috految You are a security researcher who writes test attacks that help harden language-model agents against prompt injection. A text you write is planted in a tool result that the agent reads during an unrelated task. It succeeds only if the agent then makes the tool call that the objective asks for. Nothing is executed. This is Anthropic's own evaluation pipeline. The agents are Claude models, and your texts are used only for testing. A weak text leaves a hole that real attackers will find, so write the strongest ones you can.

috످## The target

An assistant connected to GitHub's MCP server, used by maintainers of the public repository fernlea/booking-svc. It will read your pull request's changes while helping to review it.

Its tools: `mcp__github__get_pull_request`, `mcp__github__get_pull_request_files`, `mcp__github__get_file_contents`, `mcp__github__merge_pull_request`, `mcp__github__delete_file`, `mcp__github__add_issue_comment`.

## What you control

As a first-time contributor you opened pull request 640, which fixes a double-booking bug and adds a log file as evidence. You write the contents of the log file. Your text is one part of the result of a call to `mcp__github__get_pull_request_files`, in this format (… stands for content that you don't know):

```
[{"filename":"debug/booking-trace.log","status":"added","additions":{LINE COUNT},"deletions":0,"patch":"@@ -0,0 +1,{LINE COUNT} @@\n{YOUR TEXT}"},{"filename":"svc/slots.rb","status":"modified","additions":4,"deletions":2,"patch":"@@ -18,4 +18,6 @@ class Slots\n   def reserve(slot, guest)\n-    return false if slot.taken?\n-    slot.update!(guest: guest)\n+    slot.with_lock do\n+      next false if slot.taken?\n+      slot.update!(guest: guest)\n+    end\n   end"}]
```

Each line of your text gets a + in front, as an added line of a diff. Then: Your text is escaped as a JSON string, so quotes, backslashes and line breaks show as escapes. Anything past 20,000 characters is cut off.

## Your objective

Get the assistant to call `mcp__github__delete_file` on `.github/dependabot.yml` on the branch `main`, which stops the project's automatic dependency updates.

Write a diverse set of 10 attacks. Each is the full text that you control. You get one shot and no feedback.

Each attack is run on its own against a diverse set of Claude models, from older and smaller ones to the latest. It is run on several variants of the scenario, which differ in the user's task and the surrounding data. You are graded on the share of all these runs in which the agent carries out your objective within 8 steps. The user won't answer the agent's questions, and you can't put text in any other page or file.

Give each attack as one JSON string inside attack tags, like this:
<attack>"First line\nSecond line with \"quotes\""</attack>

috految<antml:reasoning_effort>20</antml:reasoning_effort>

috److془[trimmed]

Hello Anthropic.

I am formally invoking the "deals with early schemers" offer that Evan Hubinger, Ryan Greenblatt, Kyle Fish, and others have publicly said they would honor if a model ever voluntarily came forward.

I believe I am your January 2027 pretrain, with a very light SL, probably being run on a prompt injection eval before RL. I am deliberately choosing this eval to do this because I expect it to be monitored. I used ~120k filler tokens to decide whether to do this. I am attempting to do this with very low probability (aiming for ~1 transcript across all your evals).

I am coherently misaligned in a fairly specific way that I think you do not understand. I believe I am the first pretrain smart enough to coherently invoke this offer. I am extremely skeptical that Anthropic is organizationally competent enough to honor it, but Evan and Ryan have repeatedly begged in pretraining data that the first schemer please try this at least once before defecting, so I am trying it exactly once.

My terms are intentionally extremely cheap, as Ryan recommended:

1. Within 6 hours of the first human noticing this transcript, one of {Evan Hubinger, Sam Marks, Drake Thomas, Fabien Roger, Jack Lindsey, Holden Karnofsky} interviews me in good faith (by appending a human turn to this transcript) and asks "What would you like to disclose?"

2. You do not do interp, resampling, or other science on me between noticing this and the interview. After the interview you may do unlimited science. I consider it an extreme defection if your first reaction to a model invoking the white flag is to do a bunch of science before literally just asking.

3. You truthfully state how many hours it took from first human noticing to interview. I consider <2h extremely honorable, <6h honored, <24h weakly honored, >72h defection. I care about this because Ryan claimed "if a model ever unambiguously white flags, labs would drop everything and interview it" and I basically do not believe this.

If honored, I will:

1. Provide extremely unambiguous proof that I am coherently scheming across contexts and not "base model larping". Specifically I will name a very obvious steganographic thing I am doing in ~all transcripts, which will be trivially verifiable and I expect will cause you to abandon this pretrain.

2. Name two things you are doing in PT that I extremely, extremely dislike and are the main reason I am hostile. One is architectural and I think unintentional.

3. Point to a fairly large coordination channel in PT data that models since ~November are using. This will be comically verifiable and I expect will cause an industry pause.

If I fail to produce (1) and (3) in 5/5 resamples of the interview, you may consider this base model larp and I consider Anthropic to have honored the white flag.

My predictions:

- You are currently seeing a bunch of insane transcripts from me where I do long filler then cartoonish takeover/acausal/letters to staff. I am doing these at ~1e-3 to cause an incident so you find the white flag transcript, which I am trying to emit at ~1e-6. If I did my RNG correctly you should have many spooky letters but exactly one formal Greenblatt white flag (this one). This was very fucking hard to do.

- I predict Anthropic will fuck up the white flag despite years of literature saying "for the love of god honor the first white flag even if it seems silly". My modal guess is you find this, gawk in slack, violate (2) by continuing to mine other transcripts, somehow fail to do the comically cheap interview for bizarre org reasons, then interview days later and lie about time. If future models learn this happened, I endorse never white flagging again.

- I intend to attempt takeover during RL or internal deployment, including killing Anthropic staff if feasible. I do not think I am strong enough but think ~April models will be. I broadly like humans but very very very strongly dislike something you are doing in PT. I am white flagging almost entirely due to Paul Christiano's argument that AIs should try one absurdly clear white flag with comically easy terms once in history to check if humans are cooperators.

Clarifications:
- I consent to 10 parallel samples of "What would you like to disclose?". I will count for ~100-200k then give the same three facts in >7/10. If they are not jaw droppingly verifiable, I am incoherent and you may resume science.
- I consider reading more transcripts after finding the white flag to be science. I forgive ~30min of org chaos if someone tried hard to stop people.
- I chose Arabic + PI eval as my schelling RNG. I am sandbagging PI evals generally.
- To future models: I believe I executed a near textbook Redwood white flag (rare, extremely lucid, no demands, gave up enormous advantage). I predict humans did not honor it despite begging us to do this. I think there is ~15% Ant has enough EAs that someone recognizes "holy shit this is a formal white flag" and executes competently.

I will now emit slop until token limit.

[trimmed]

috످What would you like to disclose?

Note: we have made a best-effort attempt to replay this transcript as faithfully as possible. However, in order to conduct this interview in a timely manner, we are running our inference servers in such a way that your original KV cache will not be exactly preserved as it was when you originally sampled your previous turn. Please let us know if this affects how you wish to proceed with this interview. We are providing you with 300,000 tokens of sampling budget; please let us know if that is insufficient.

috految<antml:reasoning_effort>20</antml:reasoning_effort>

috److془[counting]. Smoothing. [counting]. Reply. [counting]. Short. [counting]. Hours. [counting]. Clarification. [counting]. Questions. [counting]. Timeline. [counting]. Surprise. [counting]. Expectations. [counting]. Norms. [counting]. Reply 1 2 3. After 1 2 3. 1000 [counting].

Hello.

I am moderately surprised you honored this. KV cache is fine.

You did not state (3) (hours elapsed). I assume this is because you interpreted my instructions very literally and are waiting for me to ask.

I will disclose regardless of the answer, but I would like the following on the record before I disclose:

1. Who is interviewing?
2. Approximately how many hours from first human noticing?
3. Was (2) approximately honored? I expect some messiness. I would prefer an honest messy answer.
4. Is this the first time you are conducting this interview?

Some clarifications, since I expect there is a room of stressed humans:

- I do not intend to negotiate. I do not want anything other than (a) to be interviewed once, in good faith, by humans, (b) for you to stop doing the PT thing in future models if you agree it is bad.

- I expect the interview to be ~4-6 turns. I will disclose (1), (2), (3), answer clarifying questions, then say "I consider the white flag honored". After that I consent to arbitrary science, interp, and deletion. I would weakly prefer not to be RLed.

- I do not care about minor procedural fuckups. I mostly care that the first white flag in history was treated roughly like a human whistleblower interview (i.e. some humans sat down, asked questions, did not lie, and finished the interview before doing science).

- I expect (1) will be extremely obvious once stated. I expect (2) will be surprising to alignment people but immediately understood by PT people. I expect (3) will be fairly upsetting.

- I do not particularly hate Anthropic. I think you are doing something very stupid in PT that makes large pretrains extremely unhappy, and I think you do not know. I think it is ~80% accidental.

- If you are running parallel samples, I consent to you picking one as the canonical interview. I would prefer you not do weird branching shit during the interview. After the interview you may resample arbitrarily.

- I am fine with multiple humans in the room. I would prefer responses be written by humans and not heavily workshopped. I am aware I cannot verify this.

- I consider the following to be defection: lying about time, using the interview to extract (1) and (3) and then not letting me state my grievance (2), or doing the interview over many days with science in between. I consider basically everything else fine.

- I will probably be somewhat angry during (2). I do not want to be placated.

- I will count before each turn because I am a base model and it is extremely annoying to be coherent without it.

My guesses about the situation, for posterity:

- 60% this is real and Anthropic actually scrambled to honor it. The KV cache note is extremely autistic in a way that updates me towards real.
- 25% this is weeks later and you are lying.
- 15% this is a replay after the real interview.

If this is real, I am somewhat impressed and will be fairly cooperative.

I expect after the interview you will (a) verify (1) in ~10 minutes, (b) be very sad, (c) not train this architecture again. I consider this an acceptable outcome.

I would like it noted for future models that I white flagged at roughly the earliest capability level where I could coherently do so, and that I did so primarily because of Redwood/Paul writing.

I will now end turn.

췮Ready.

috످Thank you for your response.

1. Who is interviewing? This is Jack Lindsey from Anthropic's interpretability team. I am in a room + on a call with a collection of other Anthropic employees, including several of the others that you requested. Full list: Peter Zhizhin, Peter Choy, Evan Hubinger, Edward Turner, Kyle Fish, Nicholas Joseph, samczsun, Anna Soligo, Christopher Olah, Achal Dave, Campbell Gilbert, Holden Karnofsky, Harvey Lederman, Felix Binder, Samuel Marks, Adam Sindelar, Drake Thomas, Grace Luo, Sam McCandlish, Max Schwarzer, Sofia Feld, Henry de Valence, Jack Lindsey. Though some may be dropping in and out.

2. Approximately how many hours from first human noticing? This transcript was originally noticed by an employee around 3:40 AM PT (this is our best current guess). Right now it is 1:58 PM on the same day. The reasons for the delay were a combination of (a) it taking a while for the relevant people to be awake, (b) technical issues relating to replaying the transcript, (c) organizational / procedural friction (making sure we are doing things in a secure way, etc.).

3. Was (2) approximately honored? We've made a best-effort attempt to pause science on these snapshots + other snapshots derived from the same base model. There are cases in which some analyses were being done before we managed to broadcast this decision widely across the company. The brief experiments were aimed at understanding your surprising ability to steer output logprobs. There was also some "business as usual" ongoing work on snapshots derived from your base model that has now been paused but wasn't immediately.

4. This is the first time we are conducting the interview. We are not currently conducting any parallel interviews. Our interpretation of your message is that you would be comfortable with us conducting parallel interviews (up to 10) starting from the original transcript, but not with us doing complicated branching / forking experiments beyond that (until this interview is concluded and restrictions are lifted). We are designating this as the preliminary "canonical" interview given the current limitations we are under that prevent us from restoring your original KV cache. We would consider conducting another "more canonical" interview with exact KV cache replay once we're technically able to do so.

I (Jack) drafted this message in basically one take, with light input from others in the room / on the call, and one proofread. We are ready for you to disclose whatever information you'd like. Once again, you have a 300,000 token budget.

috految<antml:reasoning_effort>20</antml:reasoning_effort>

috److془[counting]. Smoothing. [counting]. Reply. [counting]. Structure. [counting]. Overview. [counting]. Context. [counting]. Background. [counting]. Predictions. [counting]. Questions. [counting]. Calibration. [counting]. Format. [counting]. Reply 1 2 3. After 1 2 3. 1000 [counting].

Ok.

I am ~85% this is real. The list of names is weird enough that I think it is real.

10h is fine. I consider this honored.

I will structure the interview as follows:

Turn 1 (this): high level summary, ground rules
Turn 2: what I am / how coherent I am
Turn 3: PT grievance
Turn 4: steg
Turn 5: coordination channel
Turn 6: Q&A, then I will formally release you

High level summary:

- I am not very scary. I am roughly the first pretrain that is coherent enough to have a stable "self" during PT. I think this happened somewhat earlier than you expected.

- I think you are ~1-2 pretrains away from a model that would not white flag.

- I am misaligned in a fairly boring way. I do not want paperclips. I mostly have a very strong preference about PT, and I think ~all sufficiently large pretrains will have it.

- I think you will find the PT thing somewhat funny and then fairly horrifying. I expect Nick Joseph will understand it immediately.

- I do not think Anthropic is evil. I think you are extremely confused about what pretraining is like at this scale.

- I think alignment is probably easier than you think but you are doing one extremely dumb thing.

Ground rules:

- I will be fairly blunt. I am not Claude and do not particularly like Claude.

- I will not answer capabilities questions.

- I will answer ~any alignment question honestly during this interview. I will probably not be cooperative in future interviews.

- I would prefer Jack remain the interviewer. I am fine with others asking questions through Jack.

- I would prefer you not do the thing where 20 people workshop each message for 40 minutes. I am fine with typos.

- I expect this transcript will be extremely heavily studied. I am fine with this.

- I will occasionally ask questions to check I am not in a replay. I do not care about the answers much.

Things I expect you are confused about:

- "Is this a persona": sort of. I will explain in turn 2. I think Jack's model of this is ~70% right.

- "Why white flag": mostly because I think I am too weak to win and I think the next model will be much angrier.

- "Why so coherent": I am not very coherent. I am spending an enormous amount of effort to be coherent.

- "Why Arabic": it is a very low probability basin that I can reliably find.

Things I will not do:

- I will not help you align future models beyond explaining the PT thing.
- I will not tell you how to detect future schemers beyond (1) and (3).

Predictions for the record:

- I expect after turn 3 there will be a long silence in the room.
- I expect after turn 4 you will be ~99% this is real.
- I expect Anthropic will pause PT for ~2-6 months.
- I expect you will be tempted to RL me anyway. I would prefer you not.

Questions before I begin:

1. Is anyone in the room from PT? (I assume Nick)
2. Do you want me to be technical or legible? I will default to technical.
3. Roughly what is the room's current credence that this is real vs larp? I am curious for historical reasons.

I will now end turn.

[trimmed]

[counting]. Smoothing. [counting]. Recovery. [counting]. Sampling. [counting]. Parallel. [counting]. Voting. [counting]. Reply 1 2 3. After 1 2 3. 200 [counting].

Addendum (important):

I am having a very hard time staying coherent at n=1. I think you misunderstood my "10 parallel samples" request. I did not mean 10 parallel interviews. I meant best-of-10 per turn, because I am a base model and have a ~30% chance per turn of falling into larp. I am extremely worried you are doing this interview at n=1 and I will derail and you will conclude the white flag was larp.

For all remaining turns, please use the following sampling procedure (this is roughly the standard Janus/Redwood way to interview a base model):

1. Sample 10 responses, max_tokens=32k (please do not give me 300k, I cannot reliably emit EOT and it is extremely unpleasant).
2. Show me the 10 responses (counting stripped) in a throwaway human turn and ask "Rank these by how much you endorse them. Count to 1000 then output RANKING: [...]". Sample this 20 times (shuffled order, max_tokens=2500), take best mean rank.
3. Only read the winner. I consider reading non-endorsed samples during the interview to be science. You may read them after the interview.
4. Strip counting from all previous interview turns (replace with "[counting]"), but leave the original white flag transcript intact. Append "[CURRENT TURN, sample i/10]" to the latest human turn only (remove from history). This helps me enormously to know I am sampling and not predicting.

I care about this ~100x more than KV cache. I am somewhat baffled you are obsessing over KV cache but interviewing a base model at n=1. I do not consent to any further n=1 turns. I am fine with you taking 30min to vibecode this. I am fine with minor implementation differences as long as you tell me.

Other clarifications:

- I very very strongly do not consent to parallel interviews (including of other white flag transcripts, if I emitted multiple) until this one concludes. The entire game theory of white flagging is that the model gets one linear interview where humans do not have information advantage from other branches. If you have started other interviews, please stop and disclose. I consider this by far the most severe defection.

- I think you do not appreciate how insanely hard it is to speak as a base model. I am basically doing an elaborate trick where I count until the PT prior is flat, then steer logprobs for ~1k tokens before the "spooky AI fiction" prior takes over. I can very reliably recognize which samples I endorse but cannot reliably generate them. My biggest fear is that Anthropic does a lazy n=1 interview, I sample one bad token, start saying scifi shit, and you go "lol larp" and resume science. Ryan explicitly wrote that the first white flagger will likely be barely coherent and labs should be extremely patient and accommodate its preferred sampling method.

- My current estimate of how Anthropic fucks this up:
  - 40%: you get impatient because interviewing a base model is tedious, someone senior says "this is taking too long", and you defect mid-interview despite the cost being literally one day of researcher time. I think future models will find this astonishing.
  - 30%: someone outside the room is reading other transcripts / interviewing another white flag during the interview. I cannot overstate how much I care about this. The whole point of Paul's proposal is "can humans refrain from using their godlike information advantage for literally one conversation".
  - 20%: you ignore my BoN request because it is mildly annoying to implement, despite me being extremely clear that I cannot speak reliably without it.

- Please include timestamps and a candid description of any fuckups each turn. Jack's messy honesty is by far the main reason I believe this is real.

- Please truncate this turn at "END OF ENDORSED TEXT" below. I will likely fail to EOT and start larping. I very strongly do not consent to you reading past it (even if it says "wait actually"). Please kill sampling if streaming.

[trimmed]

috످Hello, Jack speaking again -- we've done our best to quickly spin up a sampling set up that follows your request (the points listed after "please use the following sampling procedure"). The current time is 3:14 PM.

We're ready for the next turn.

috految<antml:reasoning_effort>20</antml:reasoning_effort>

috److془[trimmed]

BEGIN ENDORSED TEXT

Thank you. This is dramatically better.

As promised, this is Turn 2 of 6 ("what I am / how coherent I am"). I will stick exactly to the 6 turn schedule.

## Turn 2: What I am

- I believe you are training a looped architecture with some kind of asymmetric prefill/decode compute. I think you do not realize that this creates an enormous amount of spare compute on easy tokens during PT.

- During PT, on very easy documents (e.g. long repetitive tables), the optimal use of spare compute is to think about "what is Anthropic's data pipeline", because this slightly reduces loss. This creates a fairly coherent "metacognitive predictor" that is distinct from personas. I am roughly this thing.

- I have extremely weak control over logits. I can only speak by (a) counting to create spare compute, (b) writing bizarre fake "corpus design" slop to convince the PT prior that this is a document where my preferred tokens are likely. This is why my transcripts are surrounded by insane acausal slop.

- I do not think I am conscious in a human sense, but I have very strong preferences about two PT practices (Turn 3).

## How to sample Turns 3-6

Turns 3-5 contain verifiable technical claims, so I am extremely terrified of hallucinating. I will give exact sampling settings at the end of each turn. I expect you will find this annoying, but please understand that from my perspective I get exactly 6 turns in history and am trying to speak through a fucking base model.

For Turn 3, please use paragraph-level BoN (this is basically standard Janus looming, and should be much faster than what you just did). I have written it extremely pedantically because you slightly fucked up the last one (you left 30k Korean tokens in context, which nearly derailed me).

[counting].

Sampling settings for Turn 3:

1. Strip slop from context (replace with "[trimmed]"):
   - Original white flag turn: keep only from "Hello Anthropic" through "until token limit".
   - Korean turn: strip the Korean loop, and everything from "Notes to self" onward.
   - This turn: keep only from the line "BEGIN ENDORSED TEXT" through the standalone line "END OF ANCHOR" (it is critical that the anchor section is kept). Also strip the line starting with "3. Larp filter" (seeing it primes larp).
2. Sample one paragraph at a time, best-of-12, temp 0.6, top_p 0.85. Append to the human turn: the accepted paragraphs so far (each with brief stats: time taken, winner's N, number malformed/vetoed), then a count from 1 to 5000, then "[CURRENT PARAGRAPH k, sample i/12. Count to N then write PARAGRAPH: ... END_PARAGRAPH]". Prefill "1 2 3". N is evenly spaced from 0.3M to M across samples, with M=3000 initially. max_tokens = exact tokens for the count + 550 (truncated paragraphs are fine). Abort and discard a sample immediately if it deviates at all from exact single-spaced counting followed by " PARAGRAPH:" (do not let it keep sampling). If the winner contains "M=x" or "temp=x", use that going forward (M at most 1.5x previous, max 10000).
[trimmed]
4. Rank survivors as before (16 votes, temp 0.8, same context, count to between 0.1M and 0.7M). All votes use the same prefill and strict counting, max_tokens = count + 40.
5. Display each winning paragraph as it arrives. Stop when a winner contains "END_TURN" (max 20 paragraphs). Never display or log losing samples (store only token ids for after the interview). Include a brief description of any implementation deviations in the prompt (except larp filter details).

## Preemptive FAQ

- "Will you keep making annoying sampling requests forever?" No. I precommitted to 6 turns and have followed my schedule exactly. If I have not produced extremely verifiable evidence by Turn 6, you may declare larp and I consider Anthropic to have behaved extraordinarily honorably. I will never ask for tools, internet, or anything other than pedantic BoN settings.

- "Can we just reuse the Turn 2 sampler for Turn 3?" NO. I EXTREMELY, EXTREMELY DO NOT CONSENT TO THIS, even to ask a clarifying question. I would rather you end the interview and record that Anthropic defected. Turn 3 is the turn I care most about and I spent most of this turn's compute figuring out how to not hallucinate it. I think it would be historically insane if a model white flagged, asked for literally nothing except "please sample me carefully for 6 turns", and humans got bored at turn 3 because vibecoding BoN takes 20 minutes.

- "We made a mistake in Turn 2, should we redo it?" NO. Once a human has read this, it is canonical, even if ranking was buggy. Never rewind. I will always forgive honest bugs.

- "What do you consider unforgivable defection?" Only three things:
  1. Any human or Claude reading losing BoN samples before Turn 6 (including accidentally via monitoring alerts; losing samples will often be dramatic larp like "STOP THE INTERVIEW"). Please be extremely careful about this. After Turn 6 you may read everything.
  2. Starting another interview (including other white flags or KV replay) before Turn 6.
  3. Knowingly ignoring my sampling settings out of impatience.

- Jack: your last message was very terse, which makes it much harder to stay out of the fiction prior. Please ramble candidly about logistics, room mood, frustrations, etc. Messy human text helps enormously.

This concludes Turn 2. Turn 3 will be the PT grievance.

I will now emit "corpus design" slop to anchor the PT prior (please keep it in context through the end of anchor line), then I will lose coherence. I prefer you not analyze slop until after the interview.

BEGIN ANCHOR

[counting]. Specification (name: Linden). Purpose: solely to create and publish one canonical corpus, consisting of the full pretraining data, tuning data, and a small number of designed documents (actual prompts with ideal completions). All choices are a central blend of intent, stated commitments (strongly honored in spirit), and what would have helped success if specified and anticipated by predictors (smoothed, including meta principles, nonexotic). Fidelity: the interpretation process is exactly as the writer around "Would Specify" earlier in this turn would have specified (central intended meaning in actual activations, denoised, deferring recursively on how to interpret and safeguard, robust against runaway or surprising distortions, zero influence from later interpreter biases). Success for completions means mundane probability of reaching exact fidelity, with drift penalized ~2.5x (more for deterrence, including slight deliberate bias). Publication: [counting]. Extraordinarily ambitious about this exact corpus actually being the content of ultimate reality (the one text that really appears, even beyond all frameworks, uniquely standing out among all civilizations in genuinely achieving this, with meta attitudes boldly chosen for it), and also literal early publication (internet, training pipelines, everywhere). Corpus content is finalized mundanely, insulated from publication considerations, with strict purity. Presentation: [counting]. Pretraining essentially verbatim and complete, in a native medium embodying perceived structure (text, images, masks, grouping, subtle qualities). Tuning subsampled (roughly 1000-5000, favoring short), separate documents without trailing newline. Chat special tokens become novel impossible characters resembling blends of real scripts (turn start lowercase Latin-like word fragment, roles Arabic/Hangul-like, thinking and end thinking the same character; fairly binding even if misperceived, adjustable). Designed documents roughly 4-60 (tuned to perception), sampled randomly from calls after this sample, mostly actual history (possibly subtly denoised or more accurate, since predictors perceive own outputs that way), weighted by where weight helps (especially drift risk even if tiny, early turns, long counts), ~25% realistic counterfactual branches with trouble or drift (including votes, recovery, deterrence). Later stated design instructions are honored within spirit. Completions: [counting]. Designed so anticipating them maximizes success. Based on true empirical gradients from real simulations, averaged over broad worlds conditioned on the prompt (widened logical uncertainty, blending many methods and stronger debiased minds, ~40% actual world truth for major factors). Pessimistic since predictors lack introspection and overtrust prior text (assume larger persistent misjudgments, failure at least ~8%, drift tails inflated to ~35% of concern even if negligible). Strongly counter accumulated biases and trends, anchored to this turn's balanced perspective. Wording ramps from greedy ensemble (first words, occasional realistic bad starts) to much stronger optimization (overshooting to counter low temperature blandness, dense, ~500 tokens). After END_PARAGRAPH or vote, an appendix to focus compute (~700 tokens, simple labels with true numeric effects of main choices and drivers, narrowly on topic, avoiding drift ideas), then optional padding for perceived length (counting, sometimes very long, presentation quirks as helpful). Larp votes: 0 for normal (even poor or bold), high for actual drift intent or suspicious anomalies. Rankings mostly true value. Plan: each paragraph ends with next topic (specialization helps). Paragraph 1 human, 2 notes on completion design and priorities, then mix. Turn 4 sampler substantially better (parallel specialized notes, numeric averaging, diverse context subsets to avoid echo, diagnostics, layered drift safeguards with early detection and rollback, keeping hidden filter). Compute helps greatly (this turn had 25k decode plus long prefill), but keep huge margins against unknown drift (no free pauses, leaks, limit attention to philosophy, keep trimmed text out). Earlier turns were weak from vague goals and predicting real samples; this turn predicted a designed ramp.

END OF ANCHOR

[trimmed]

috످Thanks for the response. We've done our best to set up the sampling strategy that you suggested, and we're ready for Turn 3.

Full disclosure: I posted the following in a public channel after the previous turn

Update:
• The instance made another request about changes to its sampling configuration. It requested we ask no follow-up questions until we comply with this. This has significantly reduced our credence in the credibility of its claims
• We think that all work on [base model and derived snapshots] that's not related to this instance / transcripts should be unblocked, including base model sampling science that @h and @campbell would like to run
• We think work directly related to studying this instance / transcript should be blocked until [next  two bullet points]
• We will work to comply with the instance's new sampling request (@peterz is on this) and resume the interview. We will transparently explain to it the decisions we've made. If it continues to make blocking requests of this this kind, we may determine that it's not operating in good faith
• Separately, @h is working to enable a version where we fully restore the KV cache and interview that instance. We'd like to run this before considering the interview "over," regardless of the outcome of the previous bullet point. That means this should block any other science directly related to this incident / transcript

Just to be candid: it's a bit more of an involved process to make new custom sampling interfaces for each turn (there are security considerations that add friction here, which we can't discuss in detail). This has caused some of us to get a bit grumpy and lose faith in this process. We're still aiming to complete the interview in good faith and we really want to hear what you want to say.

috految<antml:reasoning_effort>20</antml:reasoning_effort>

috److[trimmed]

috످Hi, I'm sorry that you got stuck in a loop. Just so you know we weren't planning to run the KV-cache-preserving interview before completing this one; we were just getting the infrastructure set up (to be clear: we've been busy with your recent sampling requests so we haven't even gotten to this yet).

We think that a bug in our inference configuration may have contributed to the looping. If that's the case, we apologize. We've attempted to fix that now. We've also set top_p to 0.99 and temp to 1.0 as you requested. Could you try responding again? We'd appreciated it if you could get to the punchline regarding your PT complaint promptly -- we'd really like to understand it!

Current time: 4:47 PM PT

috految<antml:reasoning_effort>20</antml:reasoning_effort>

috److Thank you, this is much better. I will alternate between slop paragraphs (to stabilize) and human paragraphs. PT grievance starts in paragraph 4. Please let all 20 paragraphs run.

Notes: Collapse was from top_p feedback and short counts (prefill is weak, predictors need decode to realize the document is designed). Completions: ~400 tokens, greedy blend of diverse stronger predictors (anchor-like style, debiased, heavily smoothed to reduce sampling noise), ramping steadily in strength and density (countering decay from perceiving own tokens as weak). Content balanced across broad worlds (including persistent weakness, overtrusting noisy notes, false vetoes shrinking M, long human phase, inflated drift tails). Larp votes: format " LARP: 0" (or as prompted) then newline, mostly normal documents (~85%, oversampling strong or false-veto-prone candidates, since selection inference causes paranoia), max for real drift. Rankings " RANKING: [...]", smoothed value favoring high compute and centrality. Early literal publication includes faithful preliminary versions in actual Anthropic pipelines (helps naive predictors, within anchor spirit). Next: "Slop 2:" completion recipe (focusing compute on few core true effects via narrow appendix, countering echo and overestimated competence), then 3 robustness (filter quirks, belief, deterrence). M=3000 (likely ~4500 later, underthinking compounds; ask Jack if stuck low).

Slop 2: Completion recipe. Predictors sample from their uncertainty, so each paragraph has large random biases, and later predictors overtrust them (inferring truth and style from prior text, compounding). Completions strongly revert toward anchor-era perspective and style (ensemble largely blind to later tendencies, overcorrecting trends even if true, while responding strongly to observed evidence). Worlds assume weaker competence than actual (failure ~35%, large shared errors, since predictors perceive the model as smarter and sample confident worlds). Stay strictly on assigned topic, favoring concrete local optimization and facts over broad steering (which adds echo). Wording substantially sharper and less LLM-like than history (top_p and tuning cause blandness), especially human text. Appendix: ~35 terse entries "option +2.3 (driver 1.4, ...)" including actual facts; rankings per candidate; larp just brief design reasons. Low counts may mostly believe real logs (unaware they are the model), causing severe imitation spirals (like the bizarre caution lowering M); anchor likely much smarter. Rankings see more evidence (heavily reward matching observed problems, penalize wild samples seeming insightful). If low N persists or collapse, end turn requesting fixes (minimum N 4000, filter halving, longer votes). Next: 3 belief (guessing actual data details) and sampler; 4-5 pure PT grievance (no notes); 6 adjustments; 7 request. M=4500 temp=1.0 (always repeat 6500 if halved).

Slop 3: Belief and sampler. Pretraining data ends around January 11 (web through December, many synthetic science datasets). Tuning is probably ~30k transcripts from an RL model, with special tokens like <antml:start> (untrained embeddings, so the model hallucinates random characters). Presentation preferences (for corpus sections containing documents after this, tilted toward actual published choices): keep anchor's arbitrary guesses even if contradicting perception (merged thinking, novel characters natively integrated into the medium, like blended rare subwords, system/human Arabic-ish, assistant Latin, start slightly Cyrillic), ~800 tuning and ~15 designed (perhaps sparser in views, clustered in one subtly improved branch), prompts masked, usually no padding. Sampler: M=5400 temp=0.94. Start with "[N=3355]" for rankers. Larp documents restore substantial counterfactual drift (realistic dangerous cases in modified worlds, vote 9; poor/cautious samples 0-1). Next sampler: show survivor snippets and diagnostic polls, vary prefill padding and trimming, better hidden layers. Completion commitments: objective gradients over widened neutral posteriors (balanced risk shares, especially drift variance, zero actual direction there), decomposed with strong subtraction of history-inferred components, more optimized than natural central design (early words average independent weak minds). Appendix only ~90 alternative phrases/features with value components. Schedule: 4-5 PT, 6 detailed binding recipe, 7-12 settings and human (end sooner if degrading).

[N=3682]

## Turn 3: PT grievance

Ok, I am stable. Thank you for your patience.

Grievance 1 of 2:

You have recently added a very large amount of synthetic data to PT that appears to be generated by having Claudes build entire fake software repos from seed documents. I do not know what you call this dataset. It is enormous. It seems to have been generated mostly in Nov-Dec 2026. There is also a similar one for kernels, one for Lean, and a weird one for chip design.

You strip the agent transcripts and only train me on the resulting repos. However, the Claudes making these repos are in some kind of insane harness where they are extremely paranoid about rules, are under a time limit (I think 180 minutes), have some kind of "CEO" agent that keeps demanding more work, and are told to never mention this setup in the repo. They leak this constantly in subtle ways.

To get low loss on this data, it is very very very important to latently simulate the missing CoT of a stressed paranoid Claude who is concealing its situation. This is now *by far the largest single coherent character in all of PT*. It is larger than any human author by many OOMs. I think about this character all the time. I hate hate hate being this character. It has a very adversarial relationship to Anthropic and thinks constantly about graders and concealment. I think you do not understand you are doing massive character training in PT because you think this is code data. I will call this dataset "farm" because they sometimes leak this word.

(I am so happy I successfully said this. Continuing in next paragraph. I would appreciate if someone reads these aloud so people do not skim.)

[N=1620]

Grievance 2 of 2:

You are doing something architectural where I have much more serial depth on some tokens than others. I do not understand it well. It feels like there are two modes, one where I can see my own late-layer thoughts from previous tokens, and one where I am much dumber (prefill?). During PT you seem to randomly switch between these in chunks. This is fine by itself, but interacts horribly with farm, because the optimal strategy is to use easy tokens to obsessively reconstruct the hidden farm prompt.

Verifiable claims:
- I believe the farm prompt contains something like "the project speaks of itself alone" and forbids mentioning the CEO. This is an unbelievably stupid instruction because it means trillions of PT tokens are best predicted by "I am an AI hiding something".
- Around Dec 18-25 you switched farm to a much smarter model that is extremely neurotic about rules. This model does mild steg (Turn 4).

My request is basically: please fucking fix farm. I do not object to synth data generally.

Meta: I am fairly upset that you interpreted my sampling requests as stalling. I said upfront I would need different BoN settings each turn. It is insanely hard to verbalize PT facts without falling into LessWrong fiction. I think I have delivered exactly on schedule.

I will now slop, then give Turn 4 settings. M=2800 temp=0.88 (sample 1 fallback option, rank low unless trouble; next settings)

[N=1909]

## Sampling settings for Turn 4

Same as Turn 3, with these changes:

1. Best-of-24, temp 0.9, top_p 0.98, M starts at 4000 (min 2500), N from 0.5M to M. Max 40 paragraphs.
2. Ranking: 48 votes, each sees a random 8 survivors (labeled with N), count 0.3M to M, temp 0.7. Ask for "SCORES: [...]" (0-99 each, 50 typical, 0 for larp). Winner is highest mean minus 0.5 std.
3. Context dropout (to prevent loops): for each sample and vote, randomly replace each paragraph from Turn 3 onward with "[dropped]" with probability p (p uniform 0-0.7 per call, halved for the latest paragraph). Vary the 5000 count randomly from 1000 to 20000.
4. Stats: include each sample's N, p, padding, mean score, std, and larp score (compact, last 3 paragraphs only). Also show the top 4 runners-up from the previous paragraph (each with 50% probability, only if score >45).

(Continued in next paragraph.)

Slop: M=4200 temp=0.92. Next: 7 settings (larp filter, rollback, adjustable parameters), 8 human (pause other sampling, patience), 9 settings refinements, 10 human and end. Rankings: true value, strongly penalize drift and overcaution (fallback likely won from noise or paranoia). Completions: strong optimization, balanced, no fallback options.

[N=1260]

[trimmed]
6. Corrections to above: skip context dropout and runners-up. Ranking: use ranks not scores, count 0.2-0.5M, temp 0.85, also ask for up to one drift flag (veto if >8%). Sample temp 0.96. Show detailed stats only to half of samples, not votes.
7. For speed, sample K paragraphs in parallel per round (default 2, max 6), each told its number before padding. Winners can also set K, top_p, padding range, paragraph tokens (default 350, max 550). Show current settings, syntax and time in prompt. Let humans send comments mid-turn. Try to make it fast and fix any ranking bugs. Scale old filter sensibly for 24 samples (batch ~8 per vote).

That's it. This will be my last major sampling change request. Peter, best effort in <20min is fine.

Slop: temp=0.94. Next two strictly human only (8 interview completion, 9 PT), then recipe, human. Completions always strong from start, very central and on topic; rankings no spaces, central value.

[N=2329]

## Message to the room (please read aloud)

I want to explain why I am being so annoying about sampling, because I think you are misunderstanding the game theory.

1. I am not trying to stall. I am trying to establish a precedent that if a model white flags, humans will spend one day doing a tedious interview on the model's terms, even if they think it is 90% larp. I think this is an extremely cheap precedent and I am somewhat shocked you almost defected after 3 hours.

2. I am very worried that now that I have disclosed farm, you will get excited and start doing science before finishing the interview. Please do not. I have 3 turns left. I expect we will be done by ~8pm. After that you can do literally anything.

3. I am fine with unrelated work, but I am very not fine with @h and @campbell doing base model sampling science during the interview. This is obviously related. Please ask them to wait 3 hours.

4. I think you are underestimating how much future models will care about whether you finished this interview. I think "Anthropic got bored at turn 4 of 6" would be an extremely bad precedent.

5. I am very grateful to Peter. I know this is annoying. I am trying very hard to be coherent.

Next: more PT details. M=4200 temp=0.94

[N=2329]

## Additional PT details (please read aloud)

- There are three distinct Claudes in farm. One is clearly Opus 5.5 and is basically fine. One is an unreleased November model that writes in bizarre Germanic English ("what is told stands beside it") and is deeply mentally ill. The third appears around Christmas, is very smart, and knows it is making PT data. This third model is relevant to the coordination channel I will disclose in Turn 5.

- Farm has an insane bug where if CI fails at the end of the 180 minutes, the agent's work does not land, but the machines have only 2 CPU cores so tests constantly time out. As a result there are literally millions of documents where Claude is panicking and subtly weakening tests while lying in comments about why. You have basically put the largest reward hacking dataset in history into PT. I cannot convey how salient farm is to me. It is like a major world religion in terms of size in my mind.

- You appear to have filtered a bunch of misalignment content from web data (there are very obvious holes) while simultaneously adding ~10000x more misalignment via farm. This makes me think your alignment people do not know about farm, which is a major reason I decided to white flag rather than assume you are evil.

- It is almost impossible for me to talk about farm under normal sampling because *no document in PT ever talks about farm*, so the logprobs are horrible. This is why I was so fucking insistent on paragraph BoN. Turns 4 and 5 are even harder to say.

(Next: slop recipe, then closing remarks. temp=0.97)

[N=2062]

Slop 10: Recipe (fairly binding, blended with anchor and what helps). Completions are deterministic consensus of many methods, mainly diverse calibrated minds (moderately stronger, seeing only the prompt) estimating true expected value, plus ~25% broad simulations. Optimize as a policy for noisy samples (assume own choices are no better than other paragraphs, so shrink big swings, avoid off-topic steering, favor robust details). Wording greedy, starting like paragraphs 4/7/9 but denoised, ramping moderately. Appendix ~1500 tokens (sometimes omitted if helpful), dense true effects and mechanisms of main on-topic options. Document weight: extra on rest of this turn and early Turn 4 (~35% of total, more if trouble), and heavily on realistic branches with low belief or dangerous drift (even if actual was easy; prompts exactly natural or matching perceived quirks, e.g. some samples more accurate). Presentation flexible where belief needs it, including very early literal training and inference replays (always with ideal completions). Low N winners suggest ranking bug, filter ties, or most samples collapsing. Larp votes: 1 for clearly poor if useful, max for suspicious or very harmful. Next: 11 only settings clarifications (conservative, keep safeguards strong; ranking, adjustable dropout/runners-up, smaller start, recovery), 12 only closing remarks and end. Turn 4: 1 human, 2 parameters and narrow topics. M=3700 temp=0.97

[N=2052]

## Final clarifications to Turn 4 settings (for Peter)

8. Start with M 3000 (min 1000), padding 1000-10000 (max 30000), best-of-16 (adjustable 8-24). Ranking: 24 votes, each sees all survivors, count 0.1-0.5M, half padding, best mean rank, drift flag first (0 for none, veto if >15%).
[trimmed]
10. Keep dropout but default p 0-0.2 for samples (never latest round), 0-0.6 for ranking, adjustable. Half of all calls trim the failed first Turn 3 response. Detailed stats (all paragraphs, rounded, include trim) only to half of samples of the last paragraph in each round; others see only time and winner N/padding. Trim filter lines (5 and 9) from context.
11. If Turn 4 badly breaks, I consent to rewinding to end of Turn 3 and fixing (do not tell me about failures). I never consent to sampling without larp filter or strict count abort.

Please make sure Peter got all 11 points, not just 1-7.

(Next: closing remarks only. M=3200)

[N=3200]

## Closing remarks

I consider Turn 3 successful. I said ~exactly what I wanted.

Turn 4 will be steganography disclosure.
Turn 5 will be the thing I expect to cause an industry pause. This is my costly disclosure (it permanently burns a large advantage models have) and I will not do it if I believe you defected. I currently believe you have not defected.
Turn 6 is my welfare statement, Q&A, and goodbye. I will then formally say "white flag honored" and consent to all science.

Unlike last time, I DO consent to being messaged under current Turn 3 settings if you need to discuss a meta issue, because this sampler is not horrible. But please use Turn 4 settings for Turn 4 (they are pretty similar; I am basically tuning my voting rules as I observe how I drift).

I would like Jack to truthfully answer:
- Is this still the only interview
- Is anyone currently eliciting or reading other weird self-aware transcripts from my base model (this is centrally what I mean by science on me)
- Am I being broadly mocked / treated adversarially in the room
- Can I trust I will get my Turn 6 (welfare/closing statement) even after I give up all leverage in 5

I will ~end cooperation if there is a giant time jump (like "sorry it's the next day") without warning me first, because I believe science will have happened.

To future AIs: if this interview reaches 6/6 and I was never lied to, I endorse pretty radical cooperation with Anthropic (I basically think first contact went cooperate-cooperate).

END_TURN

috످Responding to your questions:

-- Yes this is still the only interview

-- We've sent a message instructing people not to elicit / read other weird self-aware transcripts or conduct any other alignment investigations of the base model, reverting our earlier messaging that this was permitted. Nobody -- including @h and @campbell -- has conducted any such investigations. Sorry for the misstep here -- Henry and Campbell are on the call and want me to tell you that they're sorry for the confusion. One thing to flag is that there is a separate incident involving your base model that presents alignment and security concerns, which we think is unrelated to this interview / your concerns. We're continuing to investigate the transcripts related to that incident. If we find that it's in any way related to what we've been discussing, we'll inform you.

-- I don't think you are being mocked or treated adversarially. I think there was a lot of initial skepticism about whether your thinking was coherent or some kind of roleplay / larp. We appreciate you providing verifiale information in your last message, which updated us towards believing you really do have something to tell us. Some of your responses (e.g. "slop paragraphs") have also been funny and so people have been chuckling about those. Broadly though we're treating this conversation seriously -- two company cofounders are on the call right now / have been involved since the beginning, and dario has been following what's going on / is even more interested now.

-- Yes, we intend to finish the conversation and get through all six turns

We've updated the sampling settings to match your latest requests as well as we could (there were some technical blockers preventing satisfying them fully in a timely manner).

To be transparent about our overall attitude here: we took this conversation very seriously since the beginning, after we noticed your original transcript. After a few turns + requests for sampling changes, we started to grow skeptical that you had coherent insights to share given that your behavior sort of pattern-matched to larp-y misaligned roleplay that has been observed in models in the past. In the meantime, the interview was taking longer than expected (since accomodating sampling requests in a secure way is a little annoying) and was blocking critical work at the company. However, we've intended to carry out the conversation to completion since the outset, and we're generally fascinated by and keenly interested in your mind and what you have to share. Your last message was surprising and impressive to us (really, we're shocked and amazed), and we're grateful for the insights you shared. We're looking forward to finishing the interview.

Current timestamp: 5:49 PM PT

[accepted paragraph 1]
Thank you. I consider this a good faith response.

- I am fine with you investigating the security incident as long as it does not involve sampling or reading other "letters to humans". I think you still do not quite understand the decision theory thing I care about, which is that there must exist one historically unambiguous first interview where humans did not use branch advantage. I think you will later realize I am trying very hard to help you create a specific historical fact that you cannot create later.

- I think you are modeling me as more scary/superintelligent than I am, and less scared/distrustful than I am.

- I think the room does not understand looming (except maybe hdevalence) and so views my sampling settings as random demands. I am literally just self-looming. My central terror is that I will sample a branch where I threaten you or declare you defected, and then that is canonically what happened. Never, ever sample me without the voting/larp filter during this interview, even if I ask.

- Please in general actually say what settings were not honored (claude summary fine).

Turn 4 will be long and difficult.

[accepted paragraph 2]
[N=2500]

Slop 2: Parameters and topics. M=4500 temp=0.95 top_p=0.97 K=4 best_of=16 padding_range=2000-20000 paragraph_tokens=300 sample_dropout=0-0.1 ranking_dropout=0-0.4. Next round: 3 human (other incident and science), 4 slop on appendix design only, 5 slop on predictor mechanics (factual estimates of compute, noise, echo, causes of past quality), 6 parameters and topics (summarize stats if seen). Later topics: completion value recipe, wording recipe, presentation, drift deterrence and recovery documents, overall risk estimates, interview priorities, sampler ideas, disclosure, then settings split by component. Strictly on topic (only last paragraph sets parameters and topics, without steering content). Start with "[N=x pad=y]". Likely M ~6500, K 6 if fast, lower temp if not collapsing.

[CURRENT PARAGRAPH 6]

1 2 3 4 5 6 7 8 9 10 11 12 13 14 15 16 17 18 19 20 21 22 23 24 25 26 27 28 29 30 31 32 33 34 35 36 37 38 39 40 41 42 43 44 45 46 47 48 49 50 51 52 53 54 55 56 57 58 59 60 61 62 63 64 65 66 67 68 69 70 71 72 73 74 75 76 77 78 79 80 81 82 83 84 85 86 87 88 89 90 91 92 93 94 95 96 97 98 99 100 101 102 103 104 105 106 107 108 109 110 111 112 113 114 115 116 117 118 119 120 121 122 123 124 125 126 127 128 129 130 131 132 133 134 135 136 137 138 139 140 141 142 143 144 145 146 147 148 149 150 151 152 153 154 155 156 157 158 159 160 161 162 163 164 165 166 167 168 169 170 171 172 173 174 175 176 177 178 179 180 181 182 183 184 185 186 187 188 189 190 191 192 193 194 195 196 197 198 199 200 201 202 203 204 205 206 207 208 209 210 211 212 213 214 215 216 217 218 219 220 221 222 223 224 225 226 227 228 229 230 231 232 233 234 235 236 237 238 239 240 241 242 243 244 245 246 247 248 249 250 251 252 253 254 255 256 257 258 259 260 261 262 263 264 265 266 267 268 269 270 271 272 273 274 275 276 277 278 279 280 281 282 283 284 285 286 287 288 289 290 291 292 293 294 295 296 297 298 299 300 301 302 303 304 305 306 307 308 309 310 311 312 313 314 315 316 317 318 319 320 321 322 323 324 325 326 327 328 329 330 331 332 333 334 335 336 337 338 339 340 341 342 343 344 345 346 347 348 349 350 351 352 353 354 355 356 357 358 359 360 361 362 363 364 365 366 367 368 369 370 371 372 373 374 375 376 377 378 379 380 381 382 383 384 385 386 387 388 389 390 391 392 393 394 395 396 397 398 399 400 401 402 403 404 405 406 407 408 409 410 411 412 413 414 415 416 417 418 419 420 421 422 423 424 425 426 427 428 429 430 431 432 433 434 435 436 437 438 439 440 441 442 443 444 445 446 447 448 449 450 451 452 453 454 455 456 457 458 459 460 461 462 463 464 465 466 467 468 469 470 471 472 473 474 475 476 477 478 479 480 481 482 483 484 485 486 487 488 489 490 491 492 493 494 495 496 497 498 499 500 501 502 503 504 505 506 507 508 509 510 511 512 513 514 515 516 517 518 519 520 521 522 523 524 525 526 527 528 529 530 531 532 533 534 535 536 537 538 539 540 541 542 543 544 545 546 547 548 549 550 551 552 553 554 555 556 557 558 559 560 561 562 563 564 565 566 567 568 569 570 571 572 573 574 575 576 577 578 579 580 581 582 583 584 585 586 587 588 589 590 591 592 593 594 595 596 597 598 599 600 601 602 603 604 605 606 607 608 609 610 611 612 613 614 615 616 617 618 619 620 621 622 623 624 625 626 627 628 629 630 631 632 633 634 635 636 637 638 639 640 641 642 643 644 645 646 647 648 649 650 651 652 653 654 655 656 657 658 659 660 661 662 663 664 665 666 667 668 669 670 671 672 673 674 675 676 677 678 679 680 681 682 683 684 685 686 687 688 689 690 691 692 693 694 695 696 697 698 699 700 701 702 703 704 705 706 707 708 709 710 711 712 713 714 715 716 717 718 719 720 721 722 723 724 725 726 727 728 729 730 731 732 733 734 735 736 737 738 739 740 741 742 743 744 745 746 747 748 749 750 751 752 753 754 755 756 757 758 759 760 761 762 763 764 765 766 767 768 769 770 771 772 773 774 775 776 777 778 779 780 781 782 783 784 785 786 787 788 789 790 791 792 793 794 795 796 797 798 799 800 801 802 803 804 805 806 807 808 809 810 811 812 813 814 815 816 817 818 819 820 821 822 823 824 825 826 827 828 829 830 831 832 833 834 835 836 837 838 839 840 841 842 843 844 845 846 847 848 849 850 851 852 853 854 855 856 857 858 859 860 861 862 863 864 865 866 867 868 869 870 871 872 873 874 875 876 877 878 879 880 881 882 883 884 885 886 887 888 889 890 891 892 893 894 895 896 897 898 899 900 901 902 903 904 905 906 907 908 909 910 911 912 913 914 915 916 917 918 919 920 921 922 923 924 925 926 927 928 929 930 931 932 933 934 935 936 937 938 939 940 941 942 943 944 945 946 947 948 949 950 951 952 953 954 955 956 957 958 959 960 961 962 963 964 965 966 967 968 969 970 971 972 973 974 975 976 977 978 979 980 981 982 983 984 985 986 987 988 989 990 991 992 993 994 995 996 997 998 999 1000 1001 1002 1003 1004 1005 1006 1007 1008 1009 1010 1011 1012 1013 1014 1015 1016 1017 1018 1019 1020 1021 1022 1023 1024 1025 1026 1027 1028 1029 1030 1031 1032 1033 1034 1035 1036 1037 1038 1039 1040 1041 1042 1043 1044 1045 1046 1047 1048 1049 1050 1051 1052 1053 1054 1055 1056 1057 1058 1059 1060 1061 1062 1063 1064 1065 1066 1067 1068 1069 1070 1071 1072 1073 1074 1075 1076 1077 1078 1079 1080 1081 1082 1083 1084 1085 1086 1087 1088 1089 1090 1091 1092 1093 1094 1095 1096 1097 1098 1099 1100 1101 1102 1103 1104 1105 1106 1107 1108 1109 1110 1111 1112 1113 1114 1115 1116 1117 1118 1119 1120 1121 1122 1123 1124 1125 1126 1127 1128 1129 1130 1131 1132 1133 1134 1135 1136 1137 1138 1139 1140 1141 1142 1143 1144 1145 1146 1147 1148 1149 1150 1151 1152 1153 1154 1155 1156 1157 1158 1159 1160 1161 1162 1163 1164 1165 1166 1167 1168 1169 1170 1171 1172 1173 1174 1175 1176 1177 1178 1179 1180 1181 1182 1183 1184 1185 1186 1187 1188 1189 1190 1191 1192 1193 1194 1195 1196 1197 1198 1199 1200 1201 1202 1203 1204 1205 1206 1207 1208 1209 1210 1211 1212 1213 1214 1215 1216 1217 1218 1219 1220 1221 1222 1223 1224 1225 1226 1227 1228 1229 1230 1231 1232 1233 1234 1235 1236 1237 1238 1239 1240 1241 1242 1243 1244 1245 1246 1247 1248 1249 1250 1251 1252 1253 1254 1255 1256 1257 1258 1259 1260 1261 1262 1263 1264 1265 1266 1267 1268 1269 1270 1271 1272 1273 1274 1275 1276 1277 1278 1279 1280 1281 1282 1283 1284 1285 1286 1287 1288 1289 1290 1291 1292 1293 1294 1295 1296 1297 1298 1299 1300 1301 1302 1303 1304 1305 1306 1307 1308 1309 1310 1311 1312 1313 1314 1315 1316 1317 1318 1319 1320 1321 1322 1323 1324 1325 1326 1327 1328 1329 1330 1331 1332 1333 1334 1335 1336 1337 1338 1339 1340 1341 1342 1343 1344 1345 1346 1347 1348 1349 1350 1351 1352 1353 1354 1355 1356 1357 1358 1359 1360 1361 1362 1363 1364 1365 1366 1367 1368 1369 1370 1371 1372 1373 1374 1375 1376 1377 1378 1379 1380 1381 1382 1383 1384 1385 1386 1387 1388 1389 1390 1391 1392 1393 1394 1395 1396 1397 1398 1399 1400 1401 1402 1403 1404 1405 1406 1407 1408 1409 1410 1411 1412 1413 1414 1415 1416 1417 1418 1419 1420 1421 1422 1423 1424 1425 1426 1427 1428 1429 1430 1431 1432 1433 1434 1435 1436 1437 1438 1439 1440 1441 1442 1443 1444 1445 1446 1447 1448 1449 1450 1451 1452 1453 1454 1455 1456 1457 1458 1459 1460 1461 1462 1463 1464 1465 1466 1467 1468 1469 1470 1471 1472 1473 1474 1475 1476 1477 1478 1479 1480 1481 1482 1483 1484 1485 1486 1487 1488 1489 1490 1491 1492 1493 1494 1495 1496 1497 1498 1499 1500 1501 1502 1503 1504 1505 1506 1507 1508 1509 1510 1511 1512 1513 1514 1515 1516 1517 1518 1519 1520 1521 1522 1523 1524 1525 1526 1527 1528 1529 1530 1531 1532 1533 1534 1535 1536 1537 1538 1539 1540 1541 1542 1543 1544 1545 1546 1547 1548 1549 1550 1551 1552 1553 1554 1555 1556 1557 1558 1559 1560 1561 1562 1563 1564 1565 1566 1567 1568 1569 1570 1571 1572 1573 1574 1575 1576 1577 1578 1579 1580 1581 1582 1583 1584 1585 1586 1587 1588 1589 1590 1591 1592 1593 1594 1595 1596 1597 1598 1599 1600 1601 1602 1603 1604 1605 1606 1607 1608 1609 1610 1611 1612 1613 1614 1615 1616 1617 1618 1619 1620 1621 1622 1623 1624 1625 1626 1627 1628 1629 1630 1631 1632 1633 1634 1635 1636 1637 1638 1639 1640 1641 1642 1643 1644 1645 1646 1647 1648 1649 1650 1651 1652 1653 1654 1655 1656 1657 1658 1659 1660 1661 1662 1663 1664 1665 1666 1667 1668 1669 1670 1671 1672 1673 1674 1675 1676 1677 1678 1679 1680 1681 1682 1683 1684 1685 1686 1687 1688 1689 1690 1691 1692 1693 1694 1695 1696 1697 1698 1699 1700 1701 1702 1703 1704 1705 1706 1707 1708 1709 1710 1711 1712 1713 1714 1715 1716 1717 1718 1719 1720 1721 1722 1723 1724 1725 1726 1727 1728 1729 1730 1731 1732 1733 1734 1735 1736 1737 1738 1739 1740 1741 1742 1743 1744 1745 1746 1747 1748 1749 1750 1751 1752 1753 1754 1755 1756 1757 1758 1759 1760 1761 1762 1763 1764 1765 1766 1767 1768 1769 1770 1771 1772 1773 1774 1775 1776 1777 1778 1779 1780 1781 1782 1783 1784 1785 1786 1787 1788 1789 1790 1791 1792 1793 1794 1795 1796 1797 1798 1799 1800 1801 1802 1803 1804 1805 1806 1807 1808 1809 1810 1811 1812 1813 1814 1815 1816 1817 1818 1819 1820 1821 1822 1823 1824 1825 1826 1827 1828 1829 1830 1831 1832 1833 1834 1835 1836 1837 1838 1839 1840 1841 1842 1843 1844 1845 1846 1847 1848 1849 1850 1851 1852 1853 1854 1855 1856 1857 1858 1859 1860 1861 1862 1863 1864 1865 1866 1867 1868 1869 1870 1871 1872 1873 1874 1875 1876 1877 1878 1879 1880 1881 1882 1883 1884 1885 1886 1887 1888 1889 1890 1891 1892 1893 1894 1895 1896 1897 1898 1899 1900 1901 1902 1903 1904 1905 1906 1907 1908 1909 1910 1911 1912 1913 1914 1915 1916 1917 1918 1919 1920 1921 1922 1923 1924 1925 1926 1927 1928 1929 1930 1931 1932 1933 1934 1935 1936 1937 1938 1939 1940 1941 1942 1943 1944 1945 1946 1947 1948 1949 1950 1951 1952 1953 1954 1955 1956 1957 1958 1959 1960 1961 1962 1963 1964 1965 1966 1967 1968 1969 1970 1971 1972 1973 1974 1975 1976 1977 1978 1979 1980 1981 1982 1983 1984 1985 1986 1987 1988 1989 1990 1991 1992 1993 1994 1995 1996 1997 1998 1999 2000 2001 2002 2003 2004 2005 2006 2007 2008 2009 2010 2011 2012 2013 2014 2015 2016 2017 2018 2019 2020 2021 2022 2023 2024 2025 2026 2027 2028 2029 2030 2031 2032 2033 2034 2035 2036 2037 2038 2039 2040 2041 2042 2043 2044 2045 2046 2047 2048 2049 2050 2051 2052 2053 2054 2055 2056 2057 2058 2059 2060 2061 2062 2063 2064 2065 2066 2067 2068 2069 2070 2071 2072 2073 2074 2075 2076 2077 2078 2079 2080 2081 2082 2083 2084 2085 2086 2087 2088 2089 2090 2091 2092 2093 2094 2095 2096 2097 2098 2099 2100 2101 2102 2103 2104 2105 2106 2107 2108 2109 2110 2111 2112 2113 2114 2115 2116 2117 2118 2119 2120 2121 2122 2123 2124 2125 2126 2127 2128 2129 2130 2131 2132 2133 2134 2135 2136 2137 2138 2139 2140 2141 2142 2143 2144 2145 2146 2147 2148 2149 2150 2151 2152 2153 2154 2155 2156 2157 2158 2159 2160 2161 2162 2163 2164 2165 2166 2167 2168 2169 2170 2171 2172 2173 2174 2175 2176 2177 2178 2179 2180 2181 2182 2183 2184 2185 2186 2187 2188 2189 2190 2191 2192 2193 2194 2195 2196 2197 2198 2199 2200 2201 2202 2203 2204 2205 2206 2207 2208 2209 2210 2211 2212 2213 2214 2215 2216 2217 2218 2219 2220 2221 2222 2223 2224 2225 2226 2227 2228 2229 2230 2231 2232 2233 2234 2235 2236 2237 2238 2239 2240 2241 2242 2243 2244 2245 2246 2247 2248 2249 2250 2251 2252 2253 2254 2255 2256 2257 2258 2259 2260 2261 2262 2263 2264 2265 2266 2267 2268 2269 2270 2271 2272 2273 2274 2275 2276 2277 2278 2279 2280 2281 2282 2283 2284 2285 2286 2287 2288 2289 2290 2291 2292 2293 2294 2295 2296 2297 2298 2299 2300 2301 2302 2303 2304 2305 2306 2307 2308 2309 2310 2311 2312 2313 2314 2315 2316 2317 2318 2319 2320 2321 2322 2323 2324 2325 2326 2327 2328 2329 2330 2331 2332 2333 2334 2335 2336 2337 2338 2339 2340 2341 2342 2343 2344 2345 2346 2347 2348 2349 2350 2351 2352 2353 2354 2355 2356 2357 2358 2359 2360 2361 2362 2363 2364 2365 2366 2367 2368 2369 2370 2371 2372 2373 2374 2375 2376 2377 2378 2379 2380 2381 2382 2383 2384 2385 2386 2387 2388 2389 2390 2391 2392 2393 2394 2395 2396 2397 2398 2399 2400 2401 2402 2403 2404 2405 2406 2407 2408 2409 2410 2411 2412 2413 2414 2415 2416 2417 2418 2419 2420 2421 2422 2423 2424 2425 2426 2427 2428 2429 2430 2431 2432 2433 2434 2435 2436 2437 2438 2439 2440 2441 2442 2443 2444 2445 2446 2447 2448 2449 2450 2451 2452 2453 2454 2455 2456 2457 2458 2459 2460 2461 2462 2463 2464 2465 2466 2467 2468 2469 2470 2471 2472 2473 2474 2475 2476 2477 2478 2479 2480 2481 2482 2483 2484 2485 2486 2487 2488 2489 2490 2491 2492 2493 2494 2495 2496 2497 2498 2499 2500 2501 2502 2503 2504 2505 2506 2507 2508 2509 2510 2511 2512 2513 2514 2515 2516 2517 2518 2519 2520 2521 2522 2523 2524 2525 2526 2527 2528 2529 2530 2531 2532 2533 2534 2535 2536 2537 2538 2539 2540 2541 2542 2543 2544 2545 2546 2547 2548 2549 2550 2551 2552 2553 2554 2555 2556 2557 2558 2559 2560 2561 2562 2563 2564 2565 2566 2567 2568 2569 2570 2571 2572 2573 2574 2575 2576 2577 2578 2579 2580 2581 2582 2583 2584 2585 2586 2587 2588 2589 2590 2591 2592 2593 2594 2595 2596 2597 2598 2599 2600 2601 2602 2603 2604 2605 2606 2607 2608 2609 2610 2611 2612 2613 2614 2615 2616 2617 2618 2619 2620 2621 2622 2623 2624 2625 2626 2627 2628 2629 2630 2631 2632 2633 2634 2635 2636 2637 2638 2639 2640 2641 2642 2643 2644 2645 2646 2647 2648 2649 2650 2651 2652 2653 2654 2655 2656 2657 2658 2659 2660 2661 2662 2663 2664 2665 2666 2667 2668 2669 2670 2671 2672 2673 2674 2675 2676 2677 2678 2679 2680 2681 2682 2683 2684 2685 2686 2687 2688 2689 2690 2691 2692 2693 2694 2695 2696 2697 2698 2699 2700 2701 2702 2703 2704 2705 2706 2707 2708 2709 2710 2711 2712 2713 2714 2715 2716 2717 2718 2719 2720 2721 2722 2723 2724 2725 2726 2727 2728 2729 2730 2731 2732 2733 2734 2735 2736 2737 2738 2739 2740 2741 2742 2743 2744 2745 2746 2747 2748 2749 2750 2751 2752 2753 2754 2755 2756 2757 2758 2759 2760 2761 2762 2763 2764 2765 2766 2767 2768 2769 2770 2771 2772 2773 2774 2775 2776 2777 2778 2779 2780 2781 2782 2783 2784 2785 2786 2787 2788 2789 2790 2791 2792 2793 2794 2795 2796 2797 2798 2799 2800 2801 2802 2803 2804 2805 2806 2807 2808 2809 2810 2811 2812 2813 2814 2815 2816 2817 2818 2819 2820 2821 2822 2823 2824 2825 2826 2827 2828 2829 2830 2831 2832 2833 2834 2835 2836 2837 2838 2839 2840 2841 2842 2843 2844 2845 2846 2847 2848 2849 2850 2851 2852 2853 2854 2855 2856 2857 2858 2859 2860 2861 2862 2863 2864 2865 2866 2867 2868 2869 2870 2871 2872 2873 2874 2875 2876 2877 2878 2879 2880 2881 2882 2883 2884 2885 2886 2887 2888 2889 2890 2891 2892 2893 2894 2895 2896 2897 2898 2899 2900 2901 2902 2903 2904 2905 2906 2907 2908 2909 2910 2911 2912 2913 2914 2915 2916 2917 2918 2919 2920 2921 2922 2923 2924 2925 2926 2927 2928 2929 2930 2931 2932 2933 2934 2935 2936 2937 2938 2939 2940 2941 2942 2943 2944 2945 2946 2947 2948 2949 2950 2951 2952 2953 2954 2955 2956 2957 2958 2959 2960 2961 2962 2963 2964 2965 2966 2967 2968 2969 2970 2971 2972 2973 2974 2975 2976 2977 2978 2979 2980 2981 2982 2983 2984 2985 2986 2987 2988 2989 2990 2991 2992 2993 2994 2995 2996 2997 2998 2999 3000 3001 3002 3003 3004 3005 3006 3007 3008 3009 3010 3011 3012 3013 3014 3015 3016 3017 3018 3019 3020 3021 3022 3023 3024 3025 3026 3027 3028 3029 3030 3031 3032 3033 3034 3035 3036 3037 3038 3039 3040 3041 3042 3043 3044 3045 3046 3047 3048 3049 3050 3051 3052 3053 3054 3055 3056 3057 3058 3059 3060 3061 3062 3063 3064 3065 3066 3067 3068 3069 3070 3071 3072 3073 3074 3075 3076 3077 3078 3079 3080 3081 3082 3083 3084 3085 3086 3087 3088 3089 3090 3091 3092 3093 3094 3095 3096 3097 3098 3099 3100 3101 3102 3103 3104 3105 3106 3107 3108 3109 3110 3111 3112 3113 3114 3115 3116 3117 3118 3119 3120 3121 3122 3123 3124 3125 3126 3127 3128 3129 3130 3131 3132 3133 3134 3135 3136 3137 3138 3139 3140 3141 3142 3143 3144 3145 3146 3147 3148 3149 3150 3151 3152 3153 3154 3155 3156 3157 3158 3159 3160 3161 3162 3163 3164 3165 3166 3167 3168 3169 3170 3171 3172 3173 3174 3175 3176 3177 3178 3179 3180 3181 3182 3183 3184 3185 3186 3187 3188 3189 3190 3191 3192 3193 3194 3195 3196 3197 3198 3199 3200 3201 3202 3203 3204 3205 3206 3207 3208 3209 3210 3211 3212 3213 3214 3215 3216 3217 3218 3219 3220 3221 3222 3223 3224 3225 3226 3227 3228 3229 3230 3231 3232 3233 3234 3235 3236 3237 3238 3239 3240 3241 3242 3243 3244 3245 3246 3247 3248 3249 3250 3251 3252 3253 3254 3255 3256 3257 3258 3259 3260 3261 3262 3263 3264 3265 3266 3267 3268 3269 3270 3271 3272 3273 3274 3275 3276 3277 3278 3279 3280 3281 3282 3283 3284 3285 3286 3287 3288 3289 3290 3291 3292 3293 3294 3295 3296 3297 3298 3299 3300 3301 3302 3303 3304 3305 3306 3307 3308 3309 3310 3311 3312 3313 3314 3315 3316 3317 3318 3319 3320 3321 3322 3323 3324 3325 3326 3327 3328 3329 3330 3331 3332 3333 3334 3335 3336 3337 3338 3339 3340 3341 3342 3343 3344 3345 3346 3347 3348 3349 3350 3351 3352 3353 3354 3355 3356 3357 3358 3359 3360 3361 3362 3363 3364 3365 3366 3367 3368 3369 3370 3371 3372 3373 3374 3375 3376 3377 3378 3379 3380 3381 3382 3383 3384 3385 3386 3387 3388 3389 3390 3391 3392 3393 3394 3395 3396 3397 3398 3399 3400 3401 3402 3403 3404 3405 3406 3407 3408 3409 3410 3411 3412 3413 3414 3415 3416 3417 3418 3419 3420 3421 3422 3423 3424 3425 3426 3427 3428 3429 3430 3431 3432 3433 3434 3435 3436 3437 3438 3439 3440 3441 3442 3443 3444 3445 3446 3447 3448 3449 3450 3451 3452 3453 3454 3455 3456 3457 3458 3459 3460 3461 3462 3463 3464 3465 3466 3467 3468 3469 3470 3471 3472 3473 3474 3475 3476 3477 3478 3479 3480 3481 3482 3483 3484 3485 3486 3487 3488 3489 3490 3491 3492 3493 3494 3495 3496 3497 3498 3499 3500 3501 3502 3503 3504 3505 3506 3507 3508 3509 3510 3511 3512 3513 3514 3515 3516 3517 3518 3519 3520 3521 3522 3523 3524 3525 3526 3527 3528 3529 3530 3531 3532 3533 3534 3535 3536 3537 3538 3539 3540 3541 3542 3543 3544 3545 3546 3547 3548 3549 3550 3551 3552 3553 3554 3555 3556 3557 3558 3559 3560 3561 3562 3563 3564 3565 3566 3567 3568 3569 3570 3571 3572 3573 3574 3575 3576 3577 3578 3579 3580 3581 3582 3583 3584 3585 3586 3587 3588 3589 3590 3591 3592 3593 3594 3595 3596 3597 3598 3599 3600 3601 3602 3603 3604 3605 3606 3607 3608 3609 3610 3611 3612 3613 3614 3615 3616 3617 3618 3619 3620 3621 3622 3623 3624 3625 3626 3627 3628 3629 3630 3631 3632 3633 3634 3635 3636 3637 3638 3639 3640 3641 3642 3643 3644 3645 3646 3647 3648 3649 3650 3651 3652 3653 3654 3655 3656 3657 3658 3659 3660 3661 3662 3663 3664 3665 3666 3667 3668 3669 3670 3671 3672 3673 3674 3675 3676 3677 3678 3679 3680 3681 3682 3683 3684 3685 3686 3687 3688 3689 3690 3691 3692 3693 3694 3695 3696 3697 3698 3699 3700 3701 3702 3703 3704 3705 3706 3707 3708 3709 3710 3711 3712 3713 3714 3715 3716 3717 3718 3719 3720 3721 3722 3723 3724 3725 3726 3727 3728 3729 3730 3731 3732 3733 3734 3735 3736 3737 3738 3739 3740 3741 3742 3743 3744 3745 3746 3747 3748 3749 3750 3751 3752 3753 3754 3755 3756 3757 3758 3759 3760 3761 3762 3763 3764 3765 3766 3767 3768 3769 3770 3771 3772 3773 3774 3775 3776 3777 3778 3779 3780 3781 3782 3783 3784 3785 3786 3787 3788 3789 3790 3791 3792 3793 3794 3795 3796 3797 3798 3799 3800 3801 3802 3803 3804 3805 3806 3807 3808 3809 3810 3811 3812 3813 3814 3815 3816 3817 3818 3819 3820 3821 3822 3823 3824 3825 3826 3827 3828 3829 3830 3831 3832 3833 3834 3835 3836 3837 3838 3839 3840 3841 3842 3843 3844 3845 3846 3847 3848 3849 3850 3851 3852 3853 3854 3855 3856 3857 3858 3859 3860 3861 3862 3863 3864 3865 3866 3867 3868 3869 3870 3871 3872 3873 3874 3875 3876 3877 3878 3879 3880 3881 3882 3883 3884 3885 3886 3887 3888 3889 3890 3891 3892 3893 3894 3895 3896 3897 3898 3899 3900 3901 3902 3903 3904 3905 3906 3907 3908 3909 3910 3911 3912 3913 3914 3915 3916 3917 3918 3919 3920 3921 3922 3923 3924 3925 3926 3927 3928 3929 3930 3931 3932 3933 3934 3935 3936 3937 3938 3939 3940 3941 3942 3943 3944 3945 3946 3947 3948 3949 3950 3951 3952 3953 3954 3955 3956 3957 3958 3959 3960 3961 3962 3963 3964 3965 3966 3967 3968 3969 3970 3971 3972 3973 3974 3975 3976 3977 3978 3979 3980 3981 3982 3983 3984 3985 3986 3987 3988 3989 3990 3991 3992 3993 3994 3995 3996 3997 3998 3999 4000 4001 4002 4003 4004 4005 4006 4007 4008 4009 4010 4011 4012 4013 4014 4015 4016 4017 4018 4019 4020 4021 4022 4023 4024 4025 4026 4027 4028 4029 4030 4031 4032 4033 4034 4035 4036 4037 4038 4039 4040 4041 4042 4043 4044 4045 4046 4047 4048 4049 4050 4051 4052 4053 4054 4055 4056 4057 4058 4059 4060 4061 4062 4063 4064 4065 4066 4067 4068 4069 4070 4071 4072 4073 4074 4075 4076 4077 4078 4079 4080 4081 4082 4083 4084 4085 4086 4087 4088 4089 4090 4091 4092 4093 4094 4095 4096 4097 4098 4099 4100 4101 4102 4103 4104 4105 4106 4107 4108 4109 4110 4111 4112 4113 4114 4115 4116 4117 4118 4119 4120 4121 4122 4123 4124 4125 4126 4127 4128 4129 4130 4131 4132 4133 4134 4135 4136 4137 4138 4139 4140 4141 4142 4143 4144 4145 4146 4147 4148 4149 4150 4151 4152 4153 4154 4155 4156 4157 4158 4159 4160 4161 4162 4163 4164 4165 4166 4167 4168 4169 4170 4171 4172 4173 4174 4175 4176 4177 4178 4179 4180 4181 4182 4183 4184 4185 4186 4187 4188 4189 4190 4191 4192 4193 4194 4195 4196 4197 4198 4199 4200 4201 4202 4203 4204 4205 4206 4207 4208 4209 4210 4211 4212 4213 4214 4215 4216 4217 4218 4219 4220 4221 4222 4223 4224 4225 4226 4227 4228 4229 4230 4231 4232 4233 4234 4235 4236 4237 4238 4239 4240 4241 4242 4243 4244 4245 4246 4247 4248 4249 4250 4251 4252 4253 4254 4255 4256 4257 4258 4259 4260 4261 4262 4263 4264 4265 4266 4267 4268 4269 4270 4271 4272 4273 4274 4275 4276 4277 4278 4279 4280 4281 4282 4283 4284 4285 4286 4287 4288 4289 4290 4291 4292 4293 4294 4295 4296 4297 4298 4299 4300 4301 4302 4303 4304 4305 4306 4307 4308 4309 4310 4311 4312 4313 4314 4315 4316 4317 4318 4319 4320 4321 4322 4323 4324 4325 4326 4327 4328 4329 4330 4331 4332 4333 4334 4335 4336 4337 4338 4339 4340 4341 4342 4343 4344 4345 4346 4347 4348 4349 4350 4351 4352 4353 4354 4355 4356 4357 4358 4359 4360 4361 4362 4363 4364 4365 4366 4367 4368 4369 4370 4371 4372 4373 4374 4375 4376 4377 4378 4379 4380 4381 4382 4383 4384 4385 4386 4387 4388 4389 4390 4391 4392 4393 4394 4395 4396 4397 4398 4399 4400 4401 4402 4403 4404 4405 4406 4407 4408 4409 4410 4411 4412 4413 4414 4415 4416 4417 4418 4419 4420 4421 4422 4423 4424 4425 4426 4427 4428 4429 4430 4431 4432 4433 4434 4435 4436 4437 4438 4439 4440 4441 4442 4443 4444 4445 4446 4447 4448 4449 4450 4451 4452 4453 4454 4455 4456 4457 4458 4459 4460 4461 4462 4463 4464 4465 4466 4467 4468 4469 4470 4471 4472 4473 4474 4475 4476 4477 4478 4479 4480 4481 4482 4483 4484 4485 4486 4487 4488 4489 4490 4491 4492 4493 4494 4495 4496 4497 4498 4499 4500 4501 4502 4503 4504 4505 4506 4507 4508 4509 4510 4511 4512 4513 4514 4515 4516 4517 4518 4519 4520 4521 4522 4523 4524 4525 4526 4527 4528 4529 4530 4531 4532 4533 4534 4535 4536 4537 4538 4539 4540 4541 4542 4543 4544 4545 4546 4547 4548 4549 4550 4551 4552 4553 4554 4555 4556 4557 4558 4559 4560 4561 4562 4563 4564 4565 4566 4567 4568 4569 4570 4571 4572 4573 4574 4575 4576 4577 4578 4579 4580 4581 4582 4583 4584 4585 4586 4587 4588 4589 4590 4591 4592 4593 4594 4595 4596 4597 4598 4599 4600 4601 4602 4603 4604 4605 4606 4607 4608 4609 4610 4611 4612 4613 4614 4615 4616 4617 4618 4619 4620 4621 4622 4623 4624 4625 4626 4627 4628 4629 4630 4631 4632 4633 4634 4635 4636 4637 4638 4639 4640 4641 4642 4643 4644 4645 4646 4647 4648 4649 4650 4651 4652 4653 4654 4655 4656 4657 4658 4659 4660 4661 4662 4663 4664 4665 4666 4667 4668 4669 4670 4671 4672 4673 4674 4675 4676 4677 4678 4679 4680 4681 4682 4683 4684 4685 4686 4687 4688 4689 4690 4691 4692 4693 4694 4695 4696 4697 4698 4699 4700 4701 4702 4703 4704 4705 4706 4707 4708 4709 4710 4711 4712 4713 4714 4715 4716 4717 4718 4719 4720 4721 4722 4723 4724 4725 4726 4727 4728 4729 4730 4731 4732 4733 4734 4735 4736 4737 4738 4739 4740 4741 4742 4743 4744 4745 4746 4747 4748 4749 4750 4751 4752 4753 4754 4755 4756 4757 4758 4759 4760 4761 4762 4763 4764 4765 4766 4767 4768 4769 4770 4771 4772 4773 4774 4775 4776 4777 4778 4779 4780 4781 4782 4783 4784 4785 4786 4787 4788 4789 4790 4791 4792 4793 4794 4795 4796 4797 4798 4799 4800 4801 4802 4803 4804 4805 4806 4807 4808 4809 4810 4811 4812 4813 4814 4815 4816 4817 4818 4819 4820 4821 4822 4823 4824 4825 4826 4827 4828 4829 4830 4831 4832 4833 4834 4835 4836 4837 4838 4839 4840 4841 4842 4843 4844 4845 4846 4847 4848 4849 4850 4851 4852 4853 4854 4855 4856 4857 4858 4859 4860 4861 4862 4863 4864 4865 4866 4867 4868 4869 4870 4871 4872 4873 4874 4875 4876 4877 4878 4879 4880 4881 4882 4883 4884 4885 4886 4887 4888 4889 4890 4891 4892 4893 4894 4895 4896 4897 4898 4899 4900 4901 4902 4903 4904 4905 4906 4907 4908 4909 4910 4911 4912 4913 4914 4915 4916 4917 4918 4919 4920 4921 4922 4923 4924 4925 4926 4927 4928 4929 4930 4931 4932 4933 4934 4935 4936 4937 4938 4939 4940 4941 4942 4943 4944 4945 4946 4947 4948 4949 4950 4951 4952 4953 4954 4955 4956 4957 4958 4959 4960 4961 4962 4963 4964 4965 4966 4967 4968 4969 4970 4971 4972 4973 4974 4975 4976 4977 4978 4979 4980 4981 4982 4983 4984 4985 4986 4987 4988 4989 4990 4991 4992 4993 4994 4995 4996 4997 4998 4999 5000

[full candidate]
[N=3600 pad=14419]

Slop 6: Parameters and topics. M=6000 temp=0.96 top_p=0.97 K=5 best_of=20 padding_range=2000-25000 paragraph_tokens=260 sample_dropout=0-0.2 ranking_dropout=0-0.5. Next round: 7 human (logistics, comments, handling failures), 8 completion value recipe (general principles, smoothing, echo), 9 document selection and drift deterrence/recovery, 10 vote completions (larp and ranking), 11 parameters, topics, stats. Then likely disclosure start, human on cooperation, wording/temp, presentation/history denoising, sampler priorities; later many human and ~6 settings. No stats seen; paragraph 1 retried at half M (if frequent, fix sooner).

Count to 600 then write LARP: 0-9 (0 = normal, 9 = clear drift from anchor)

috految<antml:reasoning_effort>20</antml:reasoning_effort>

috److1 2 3 4 5 6 7 8 9 10 11 12 13 14 15 16 17 18 19 20 21 22 23 24 25 26 27 28 29 30 31 32 33 34 35 36 37 38 39 40 41 42 43 44 45 46 47 48 49 50 51 52 53 54 55 56 57 58 59 60 61 62 63 64 65 66 67 68 69 70 71 72 73 74 75 76 77 78 79 80 81 82 83 84 85 86 87 88 89 90 91 92 93 94 95 96 97 98 99 100 101 102 103 104 105 106 107 108 109 110 111 112 113 114 115 116 117 118 119 120 121 122 123 124 125 126 127 128 129 130 131 132 133 134 135 136 137 138 139 140 141 142 143 144 145 146 147 148 149 150 151 152 153 154 155 156 157 158 159 160 161 162 163 164 165 166 167 168 169 170 171 172 173 174 175 176 177 178 179 180 181 182 183 184 185 186 187 188 189 190 191 192 193 194 195 196 197 198 199 200 201 202 203 204 205 206 207 208 209 210 211 212 213 214 215 216 217 218 219 220 221 222 223 224 225 226 227 228 229 230 231 232 233 234 235 236 237 238 239 240 241 242 243 244 245 246 247 248 249 250 251 252 253 254 255 256 257 258 259 260 261 262 263 264 265 266 267 268 269 270 271 272 273 274 275 276 277 278 279 280 281 282 283 284 285 286 287 288 289 290 291 292 293 294 295 296 297 298 299 300 301 302 303 304 305 306 307 308 309 310 311 312 313 314 315 316 317 318 319 320 321 322 323 324 325 326 327 328 329 330 331 332 333 334 335 336 337 338 339 340 341 342 343 344 345 346 347 348 349 350 351 352 353 354 355 356 357 358 359 360 361 362 363 364 365 366 367 368 369 370 371 372 373 374 375 376 377 378 379 380 381 382 383 384 385 386 387 388 389 390 391 392 393 394 395 396 397 398 399 400 401 402 403 404 405 406 407 408 409 410 411 412 413 414 415 416 417 418 419 420 421 422 423 424 425 426 427 428 429 430 431 432 433 434 435 436 437 438 439 440 441 442 443 444 445 446 447 448 449 450 451 452 453 454 455 456 457 458 459 460 461 462 463 464 465 466 467 468 469 470 471 472 473 474 475 476 477 478 479 480 481 482 483 484 485 486 487 488 489 490 491 492 493 494 495 496 497 498 499 500 501 502 503 504 505 506 507 508 509 510 511 512 513 514 515 516 517 518 519 520 521 522 523 524 525 526 527 528 529 530 531 532 533 534 535 536 537 538 539 540 541 542 543 544 545 546 547 548 549 550 551 552 553 554 555 556 557 558 559 560 561 562 563 564 565 566 567 568 569 570 571 572 573 574 575 576 577 578 579 580 581 582 583 584 585 586 587 588 589 590 591 592 593 594 595 596 597 598 599 600 LARP: 0

috످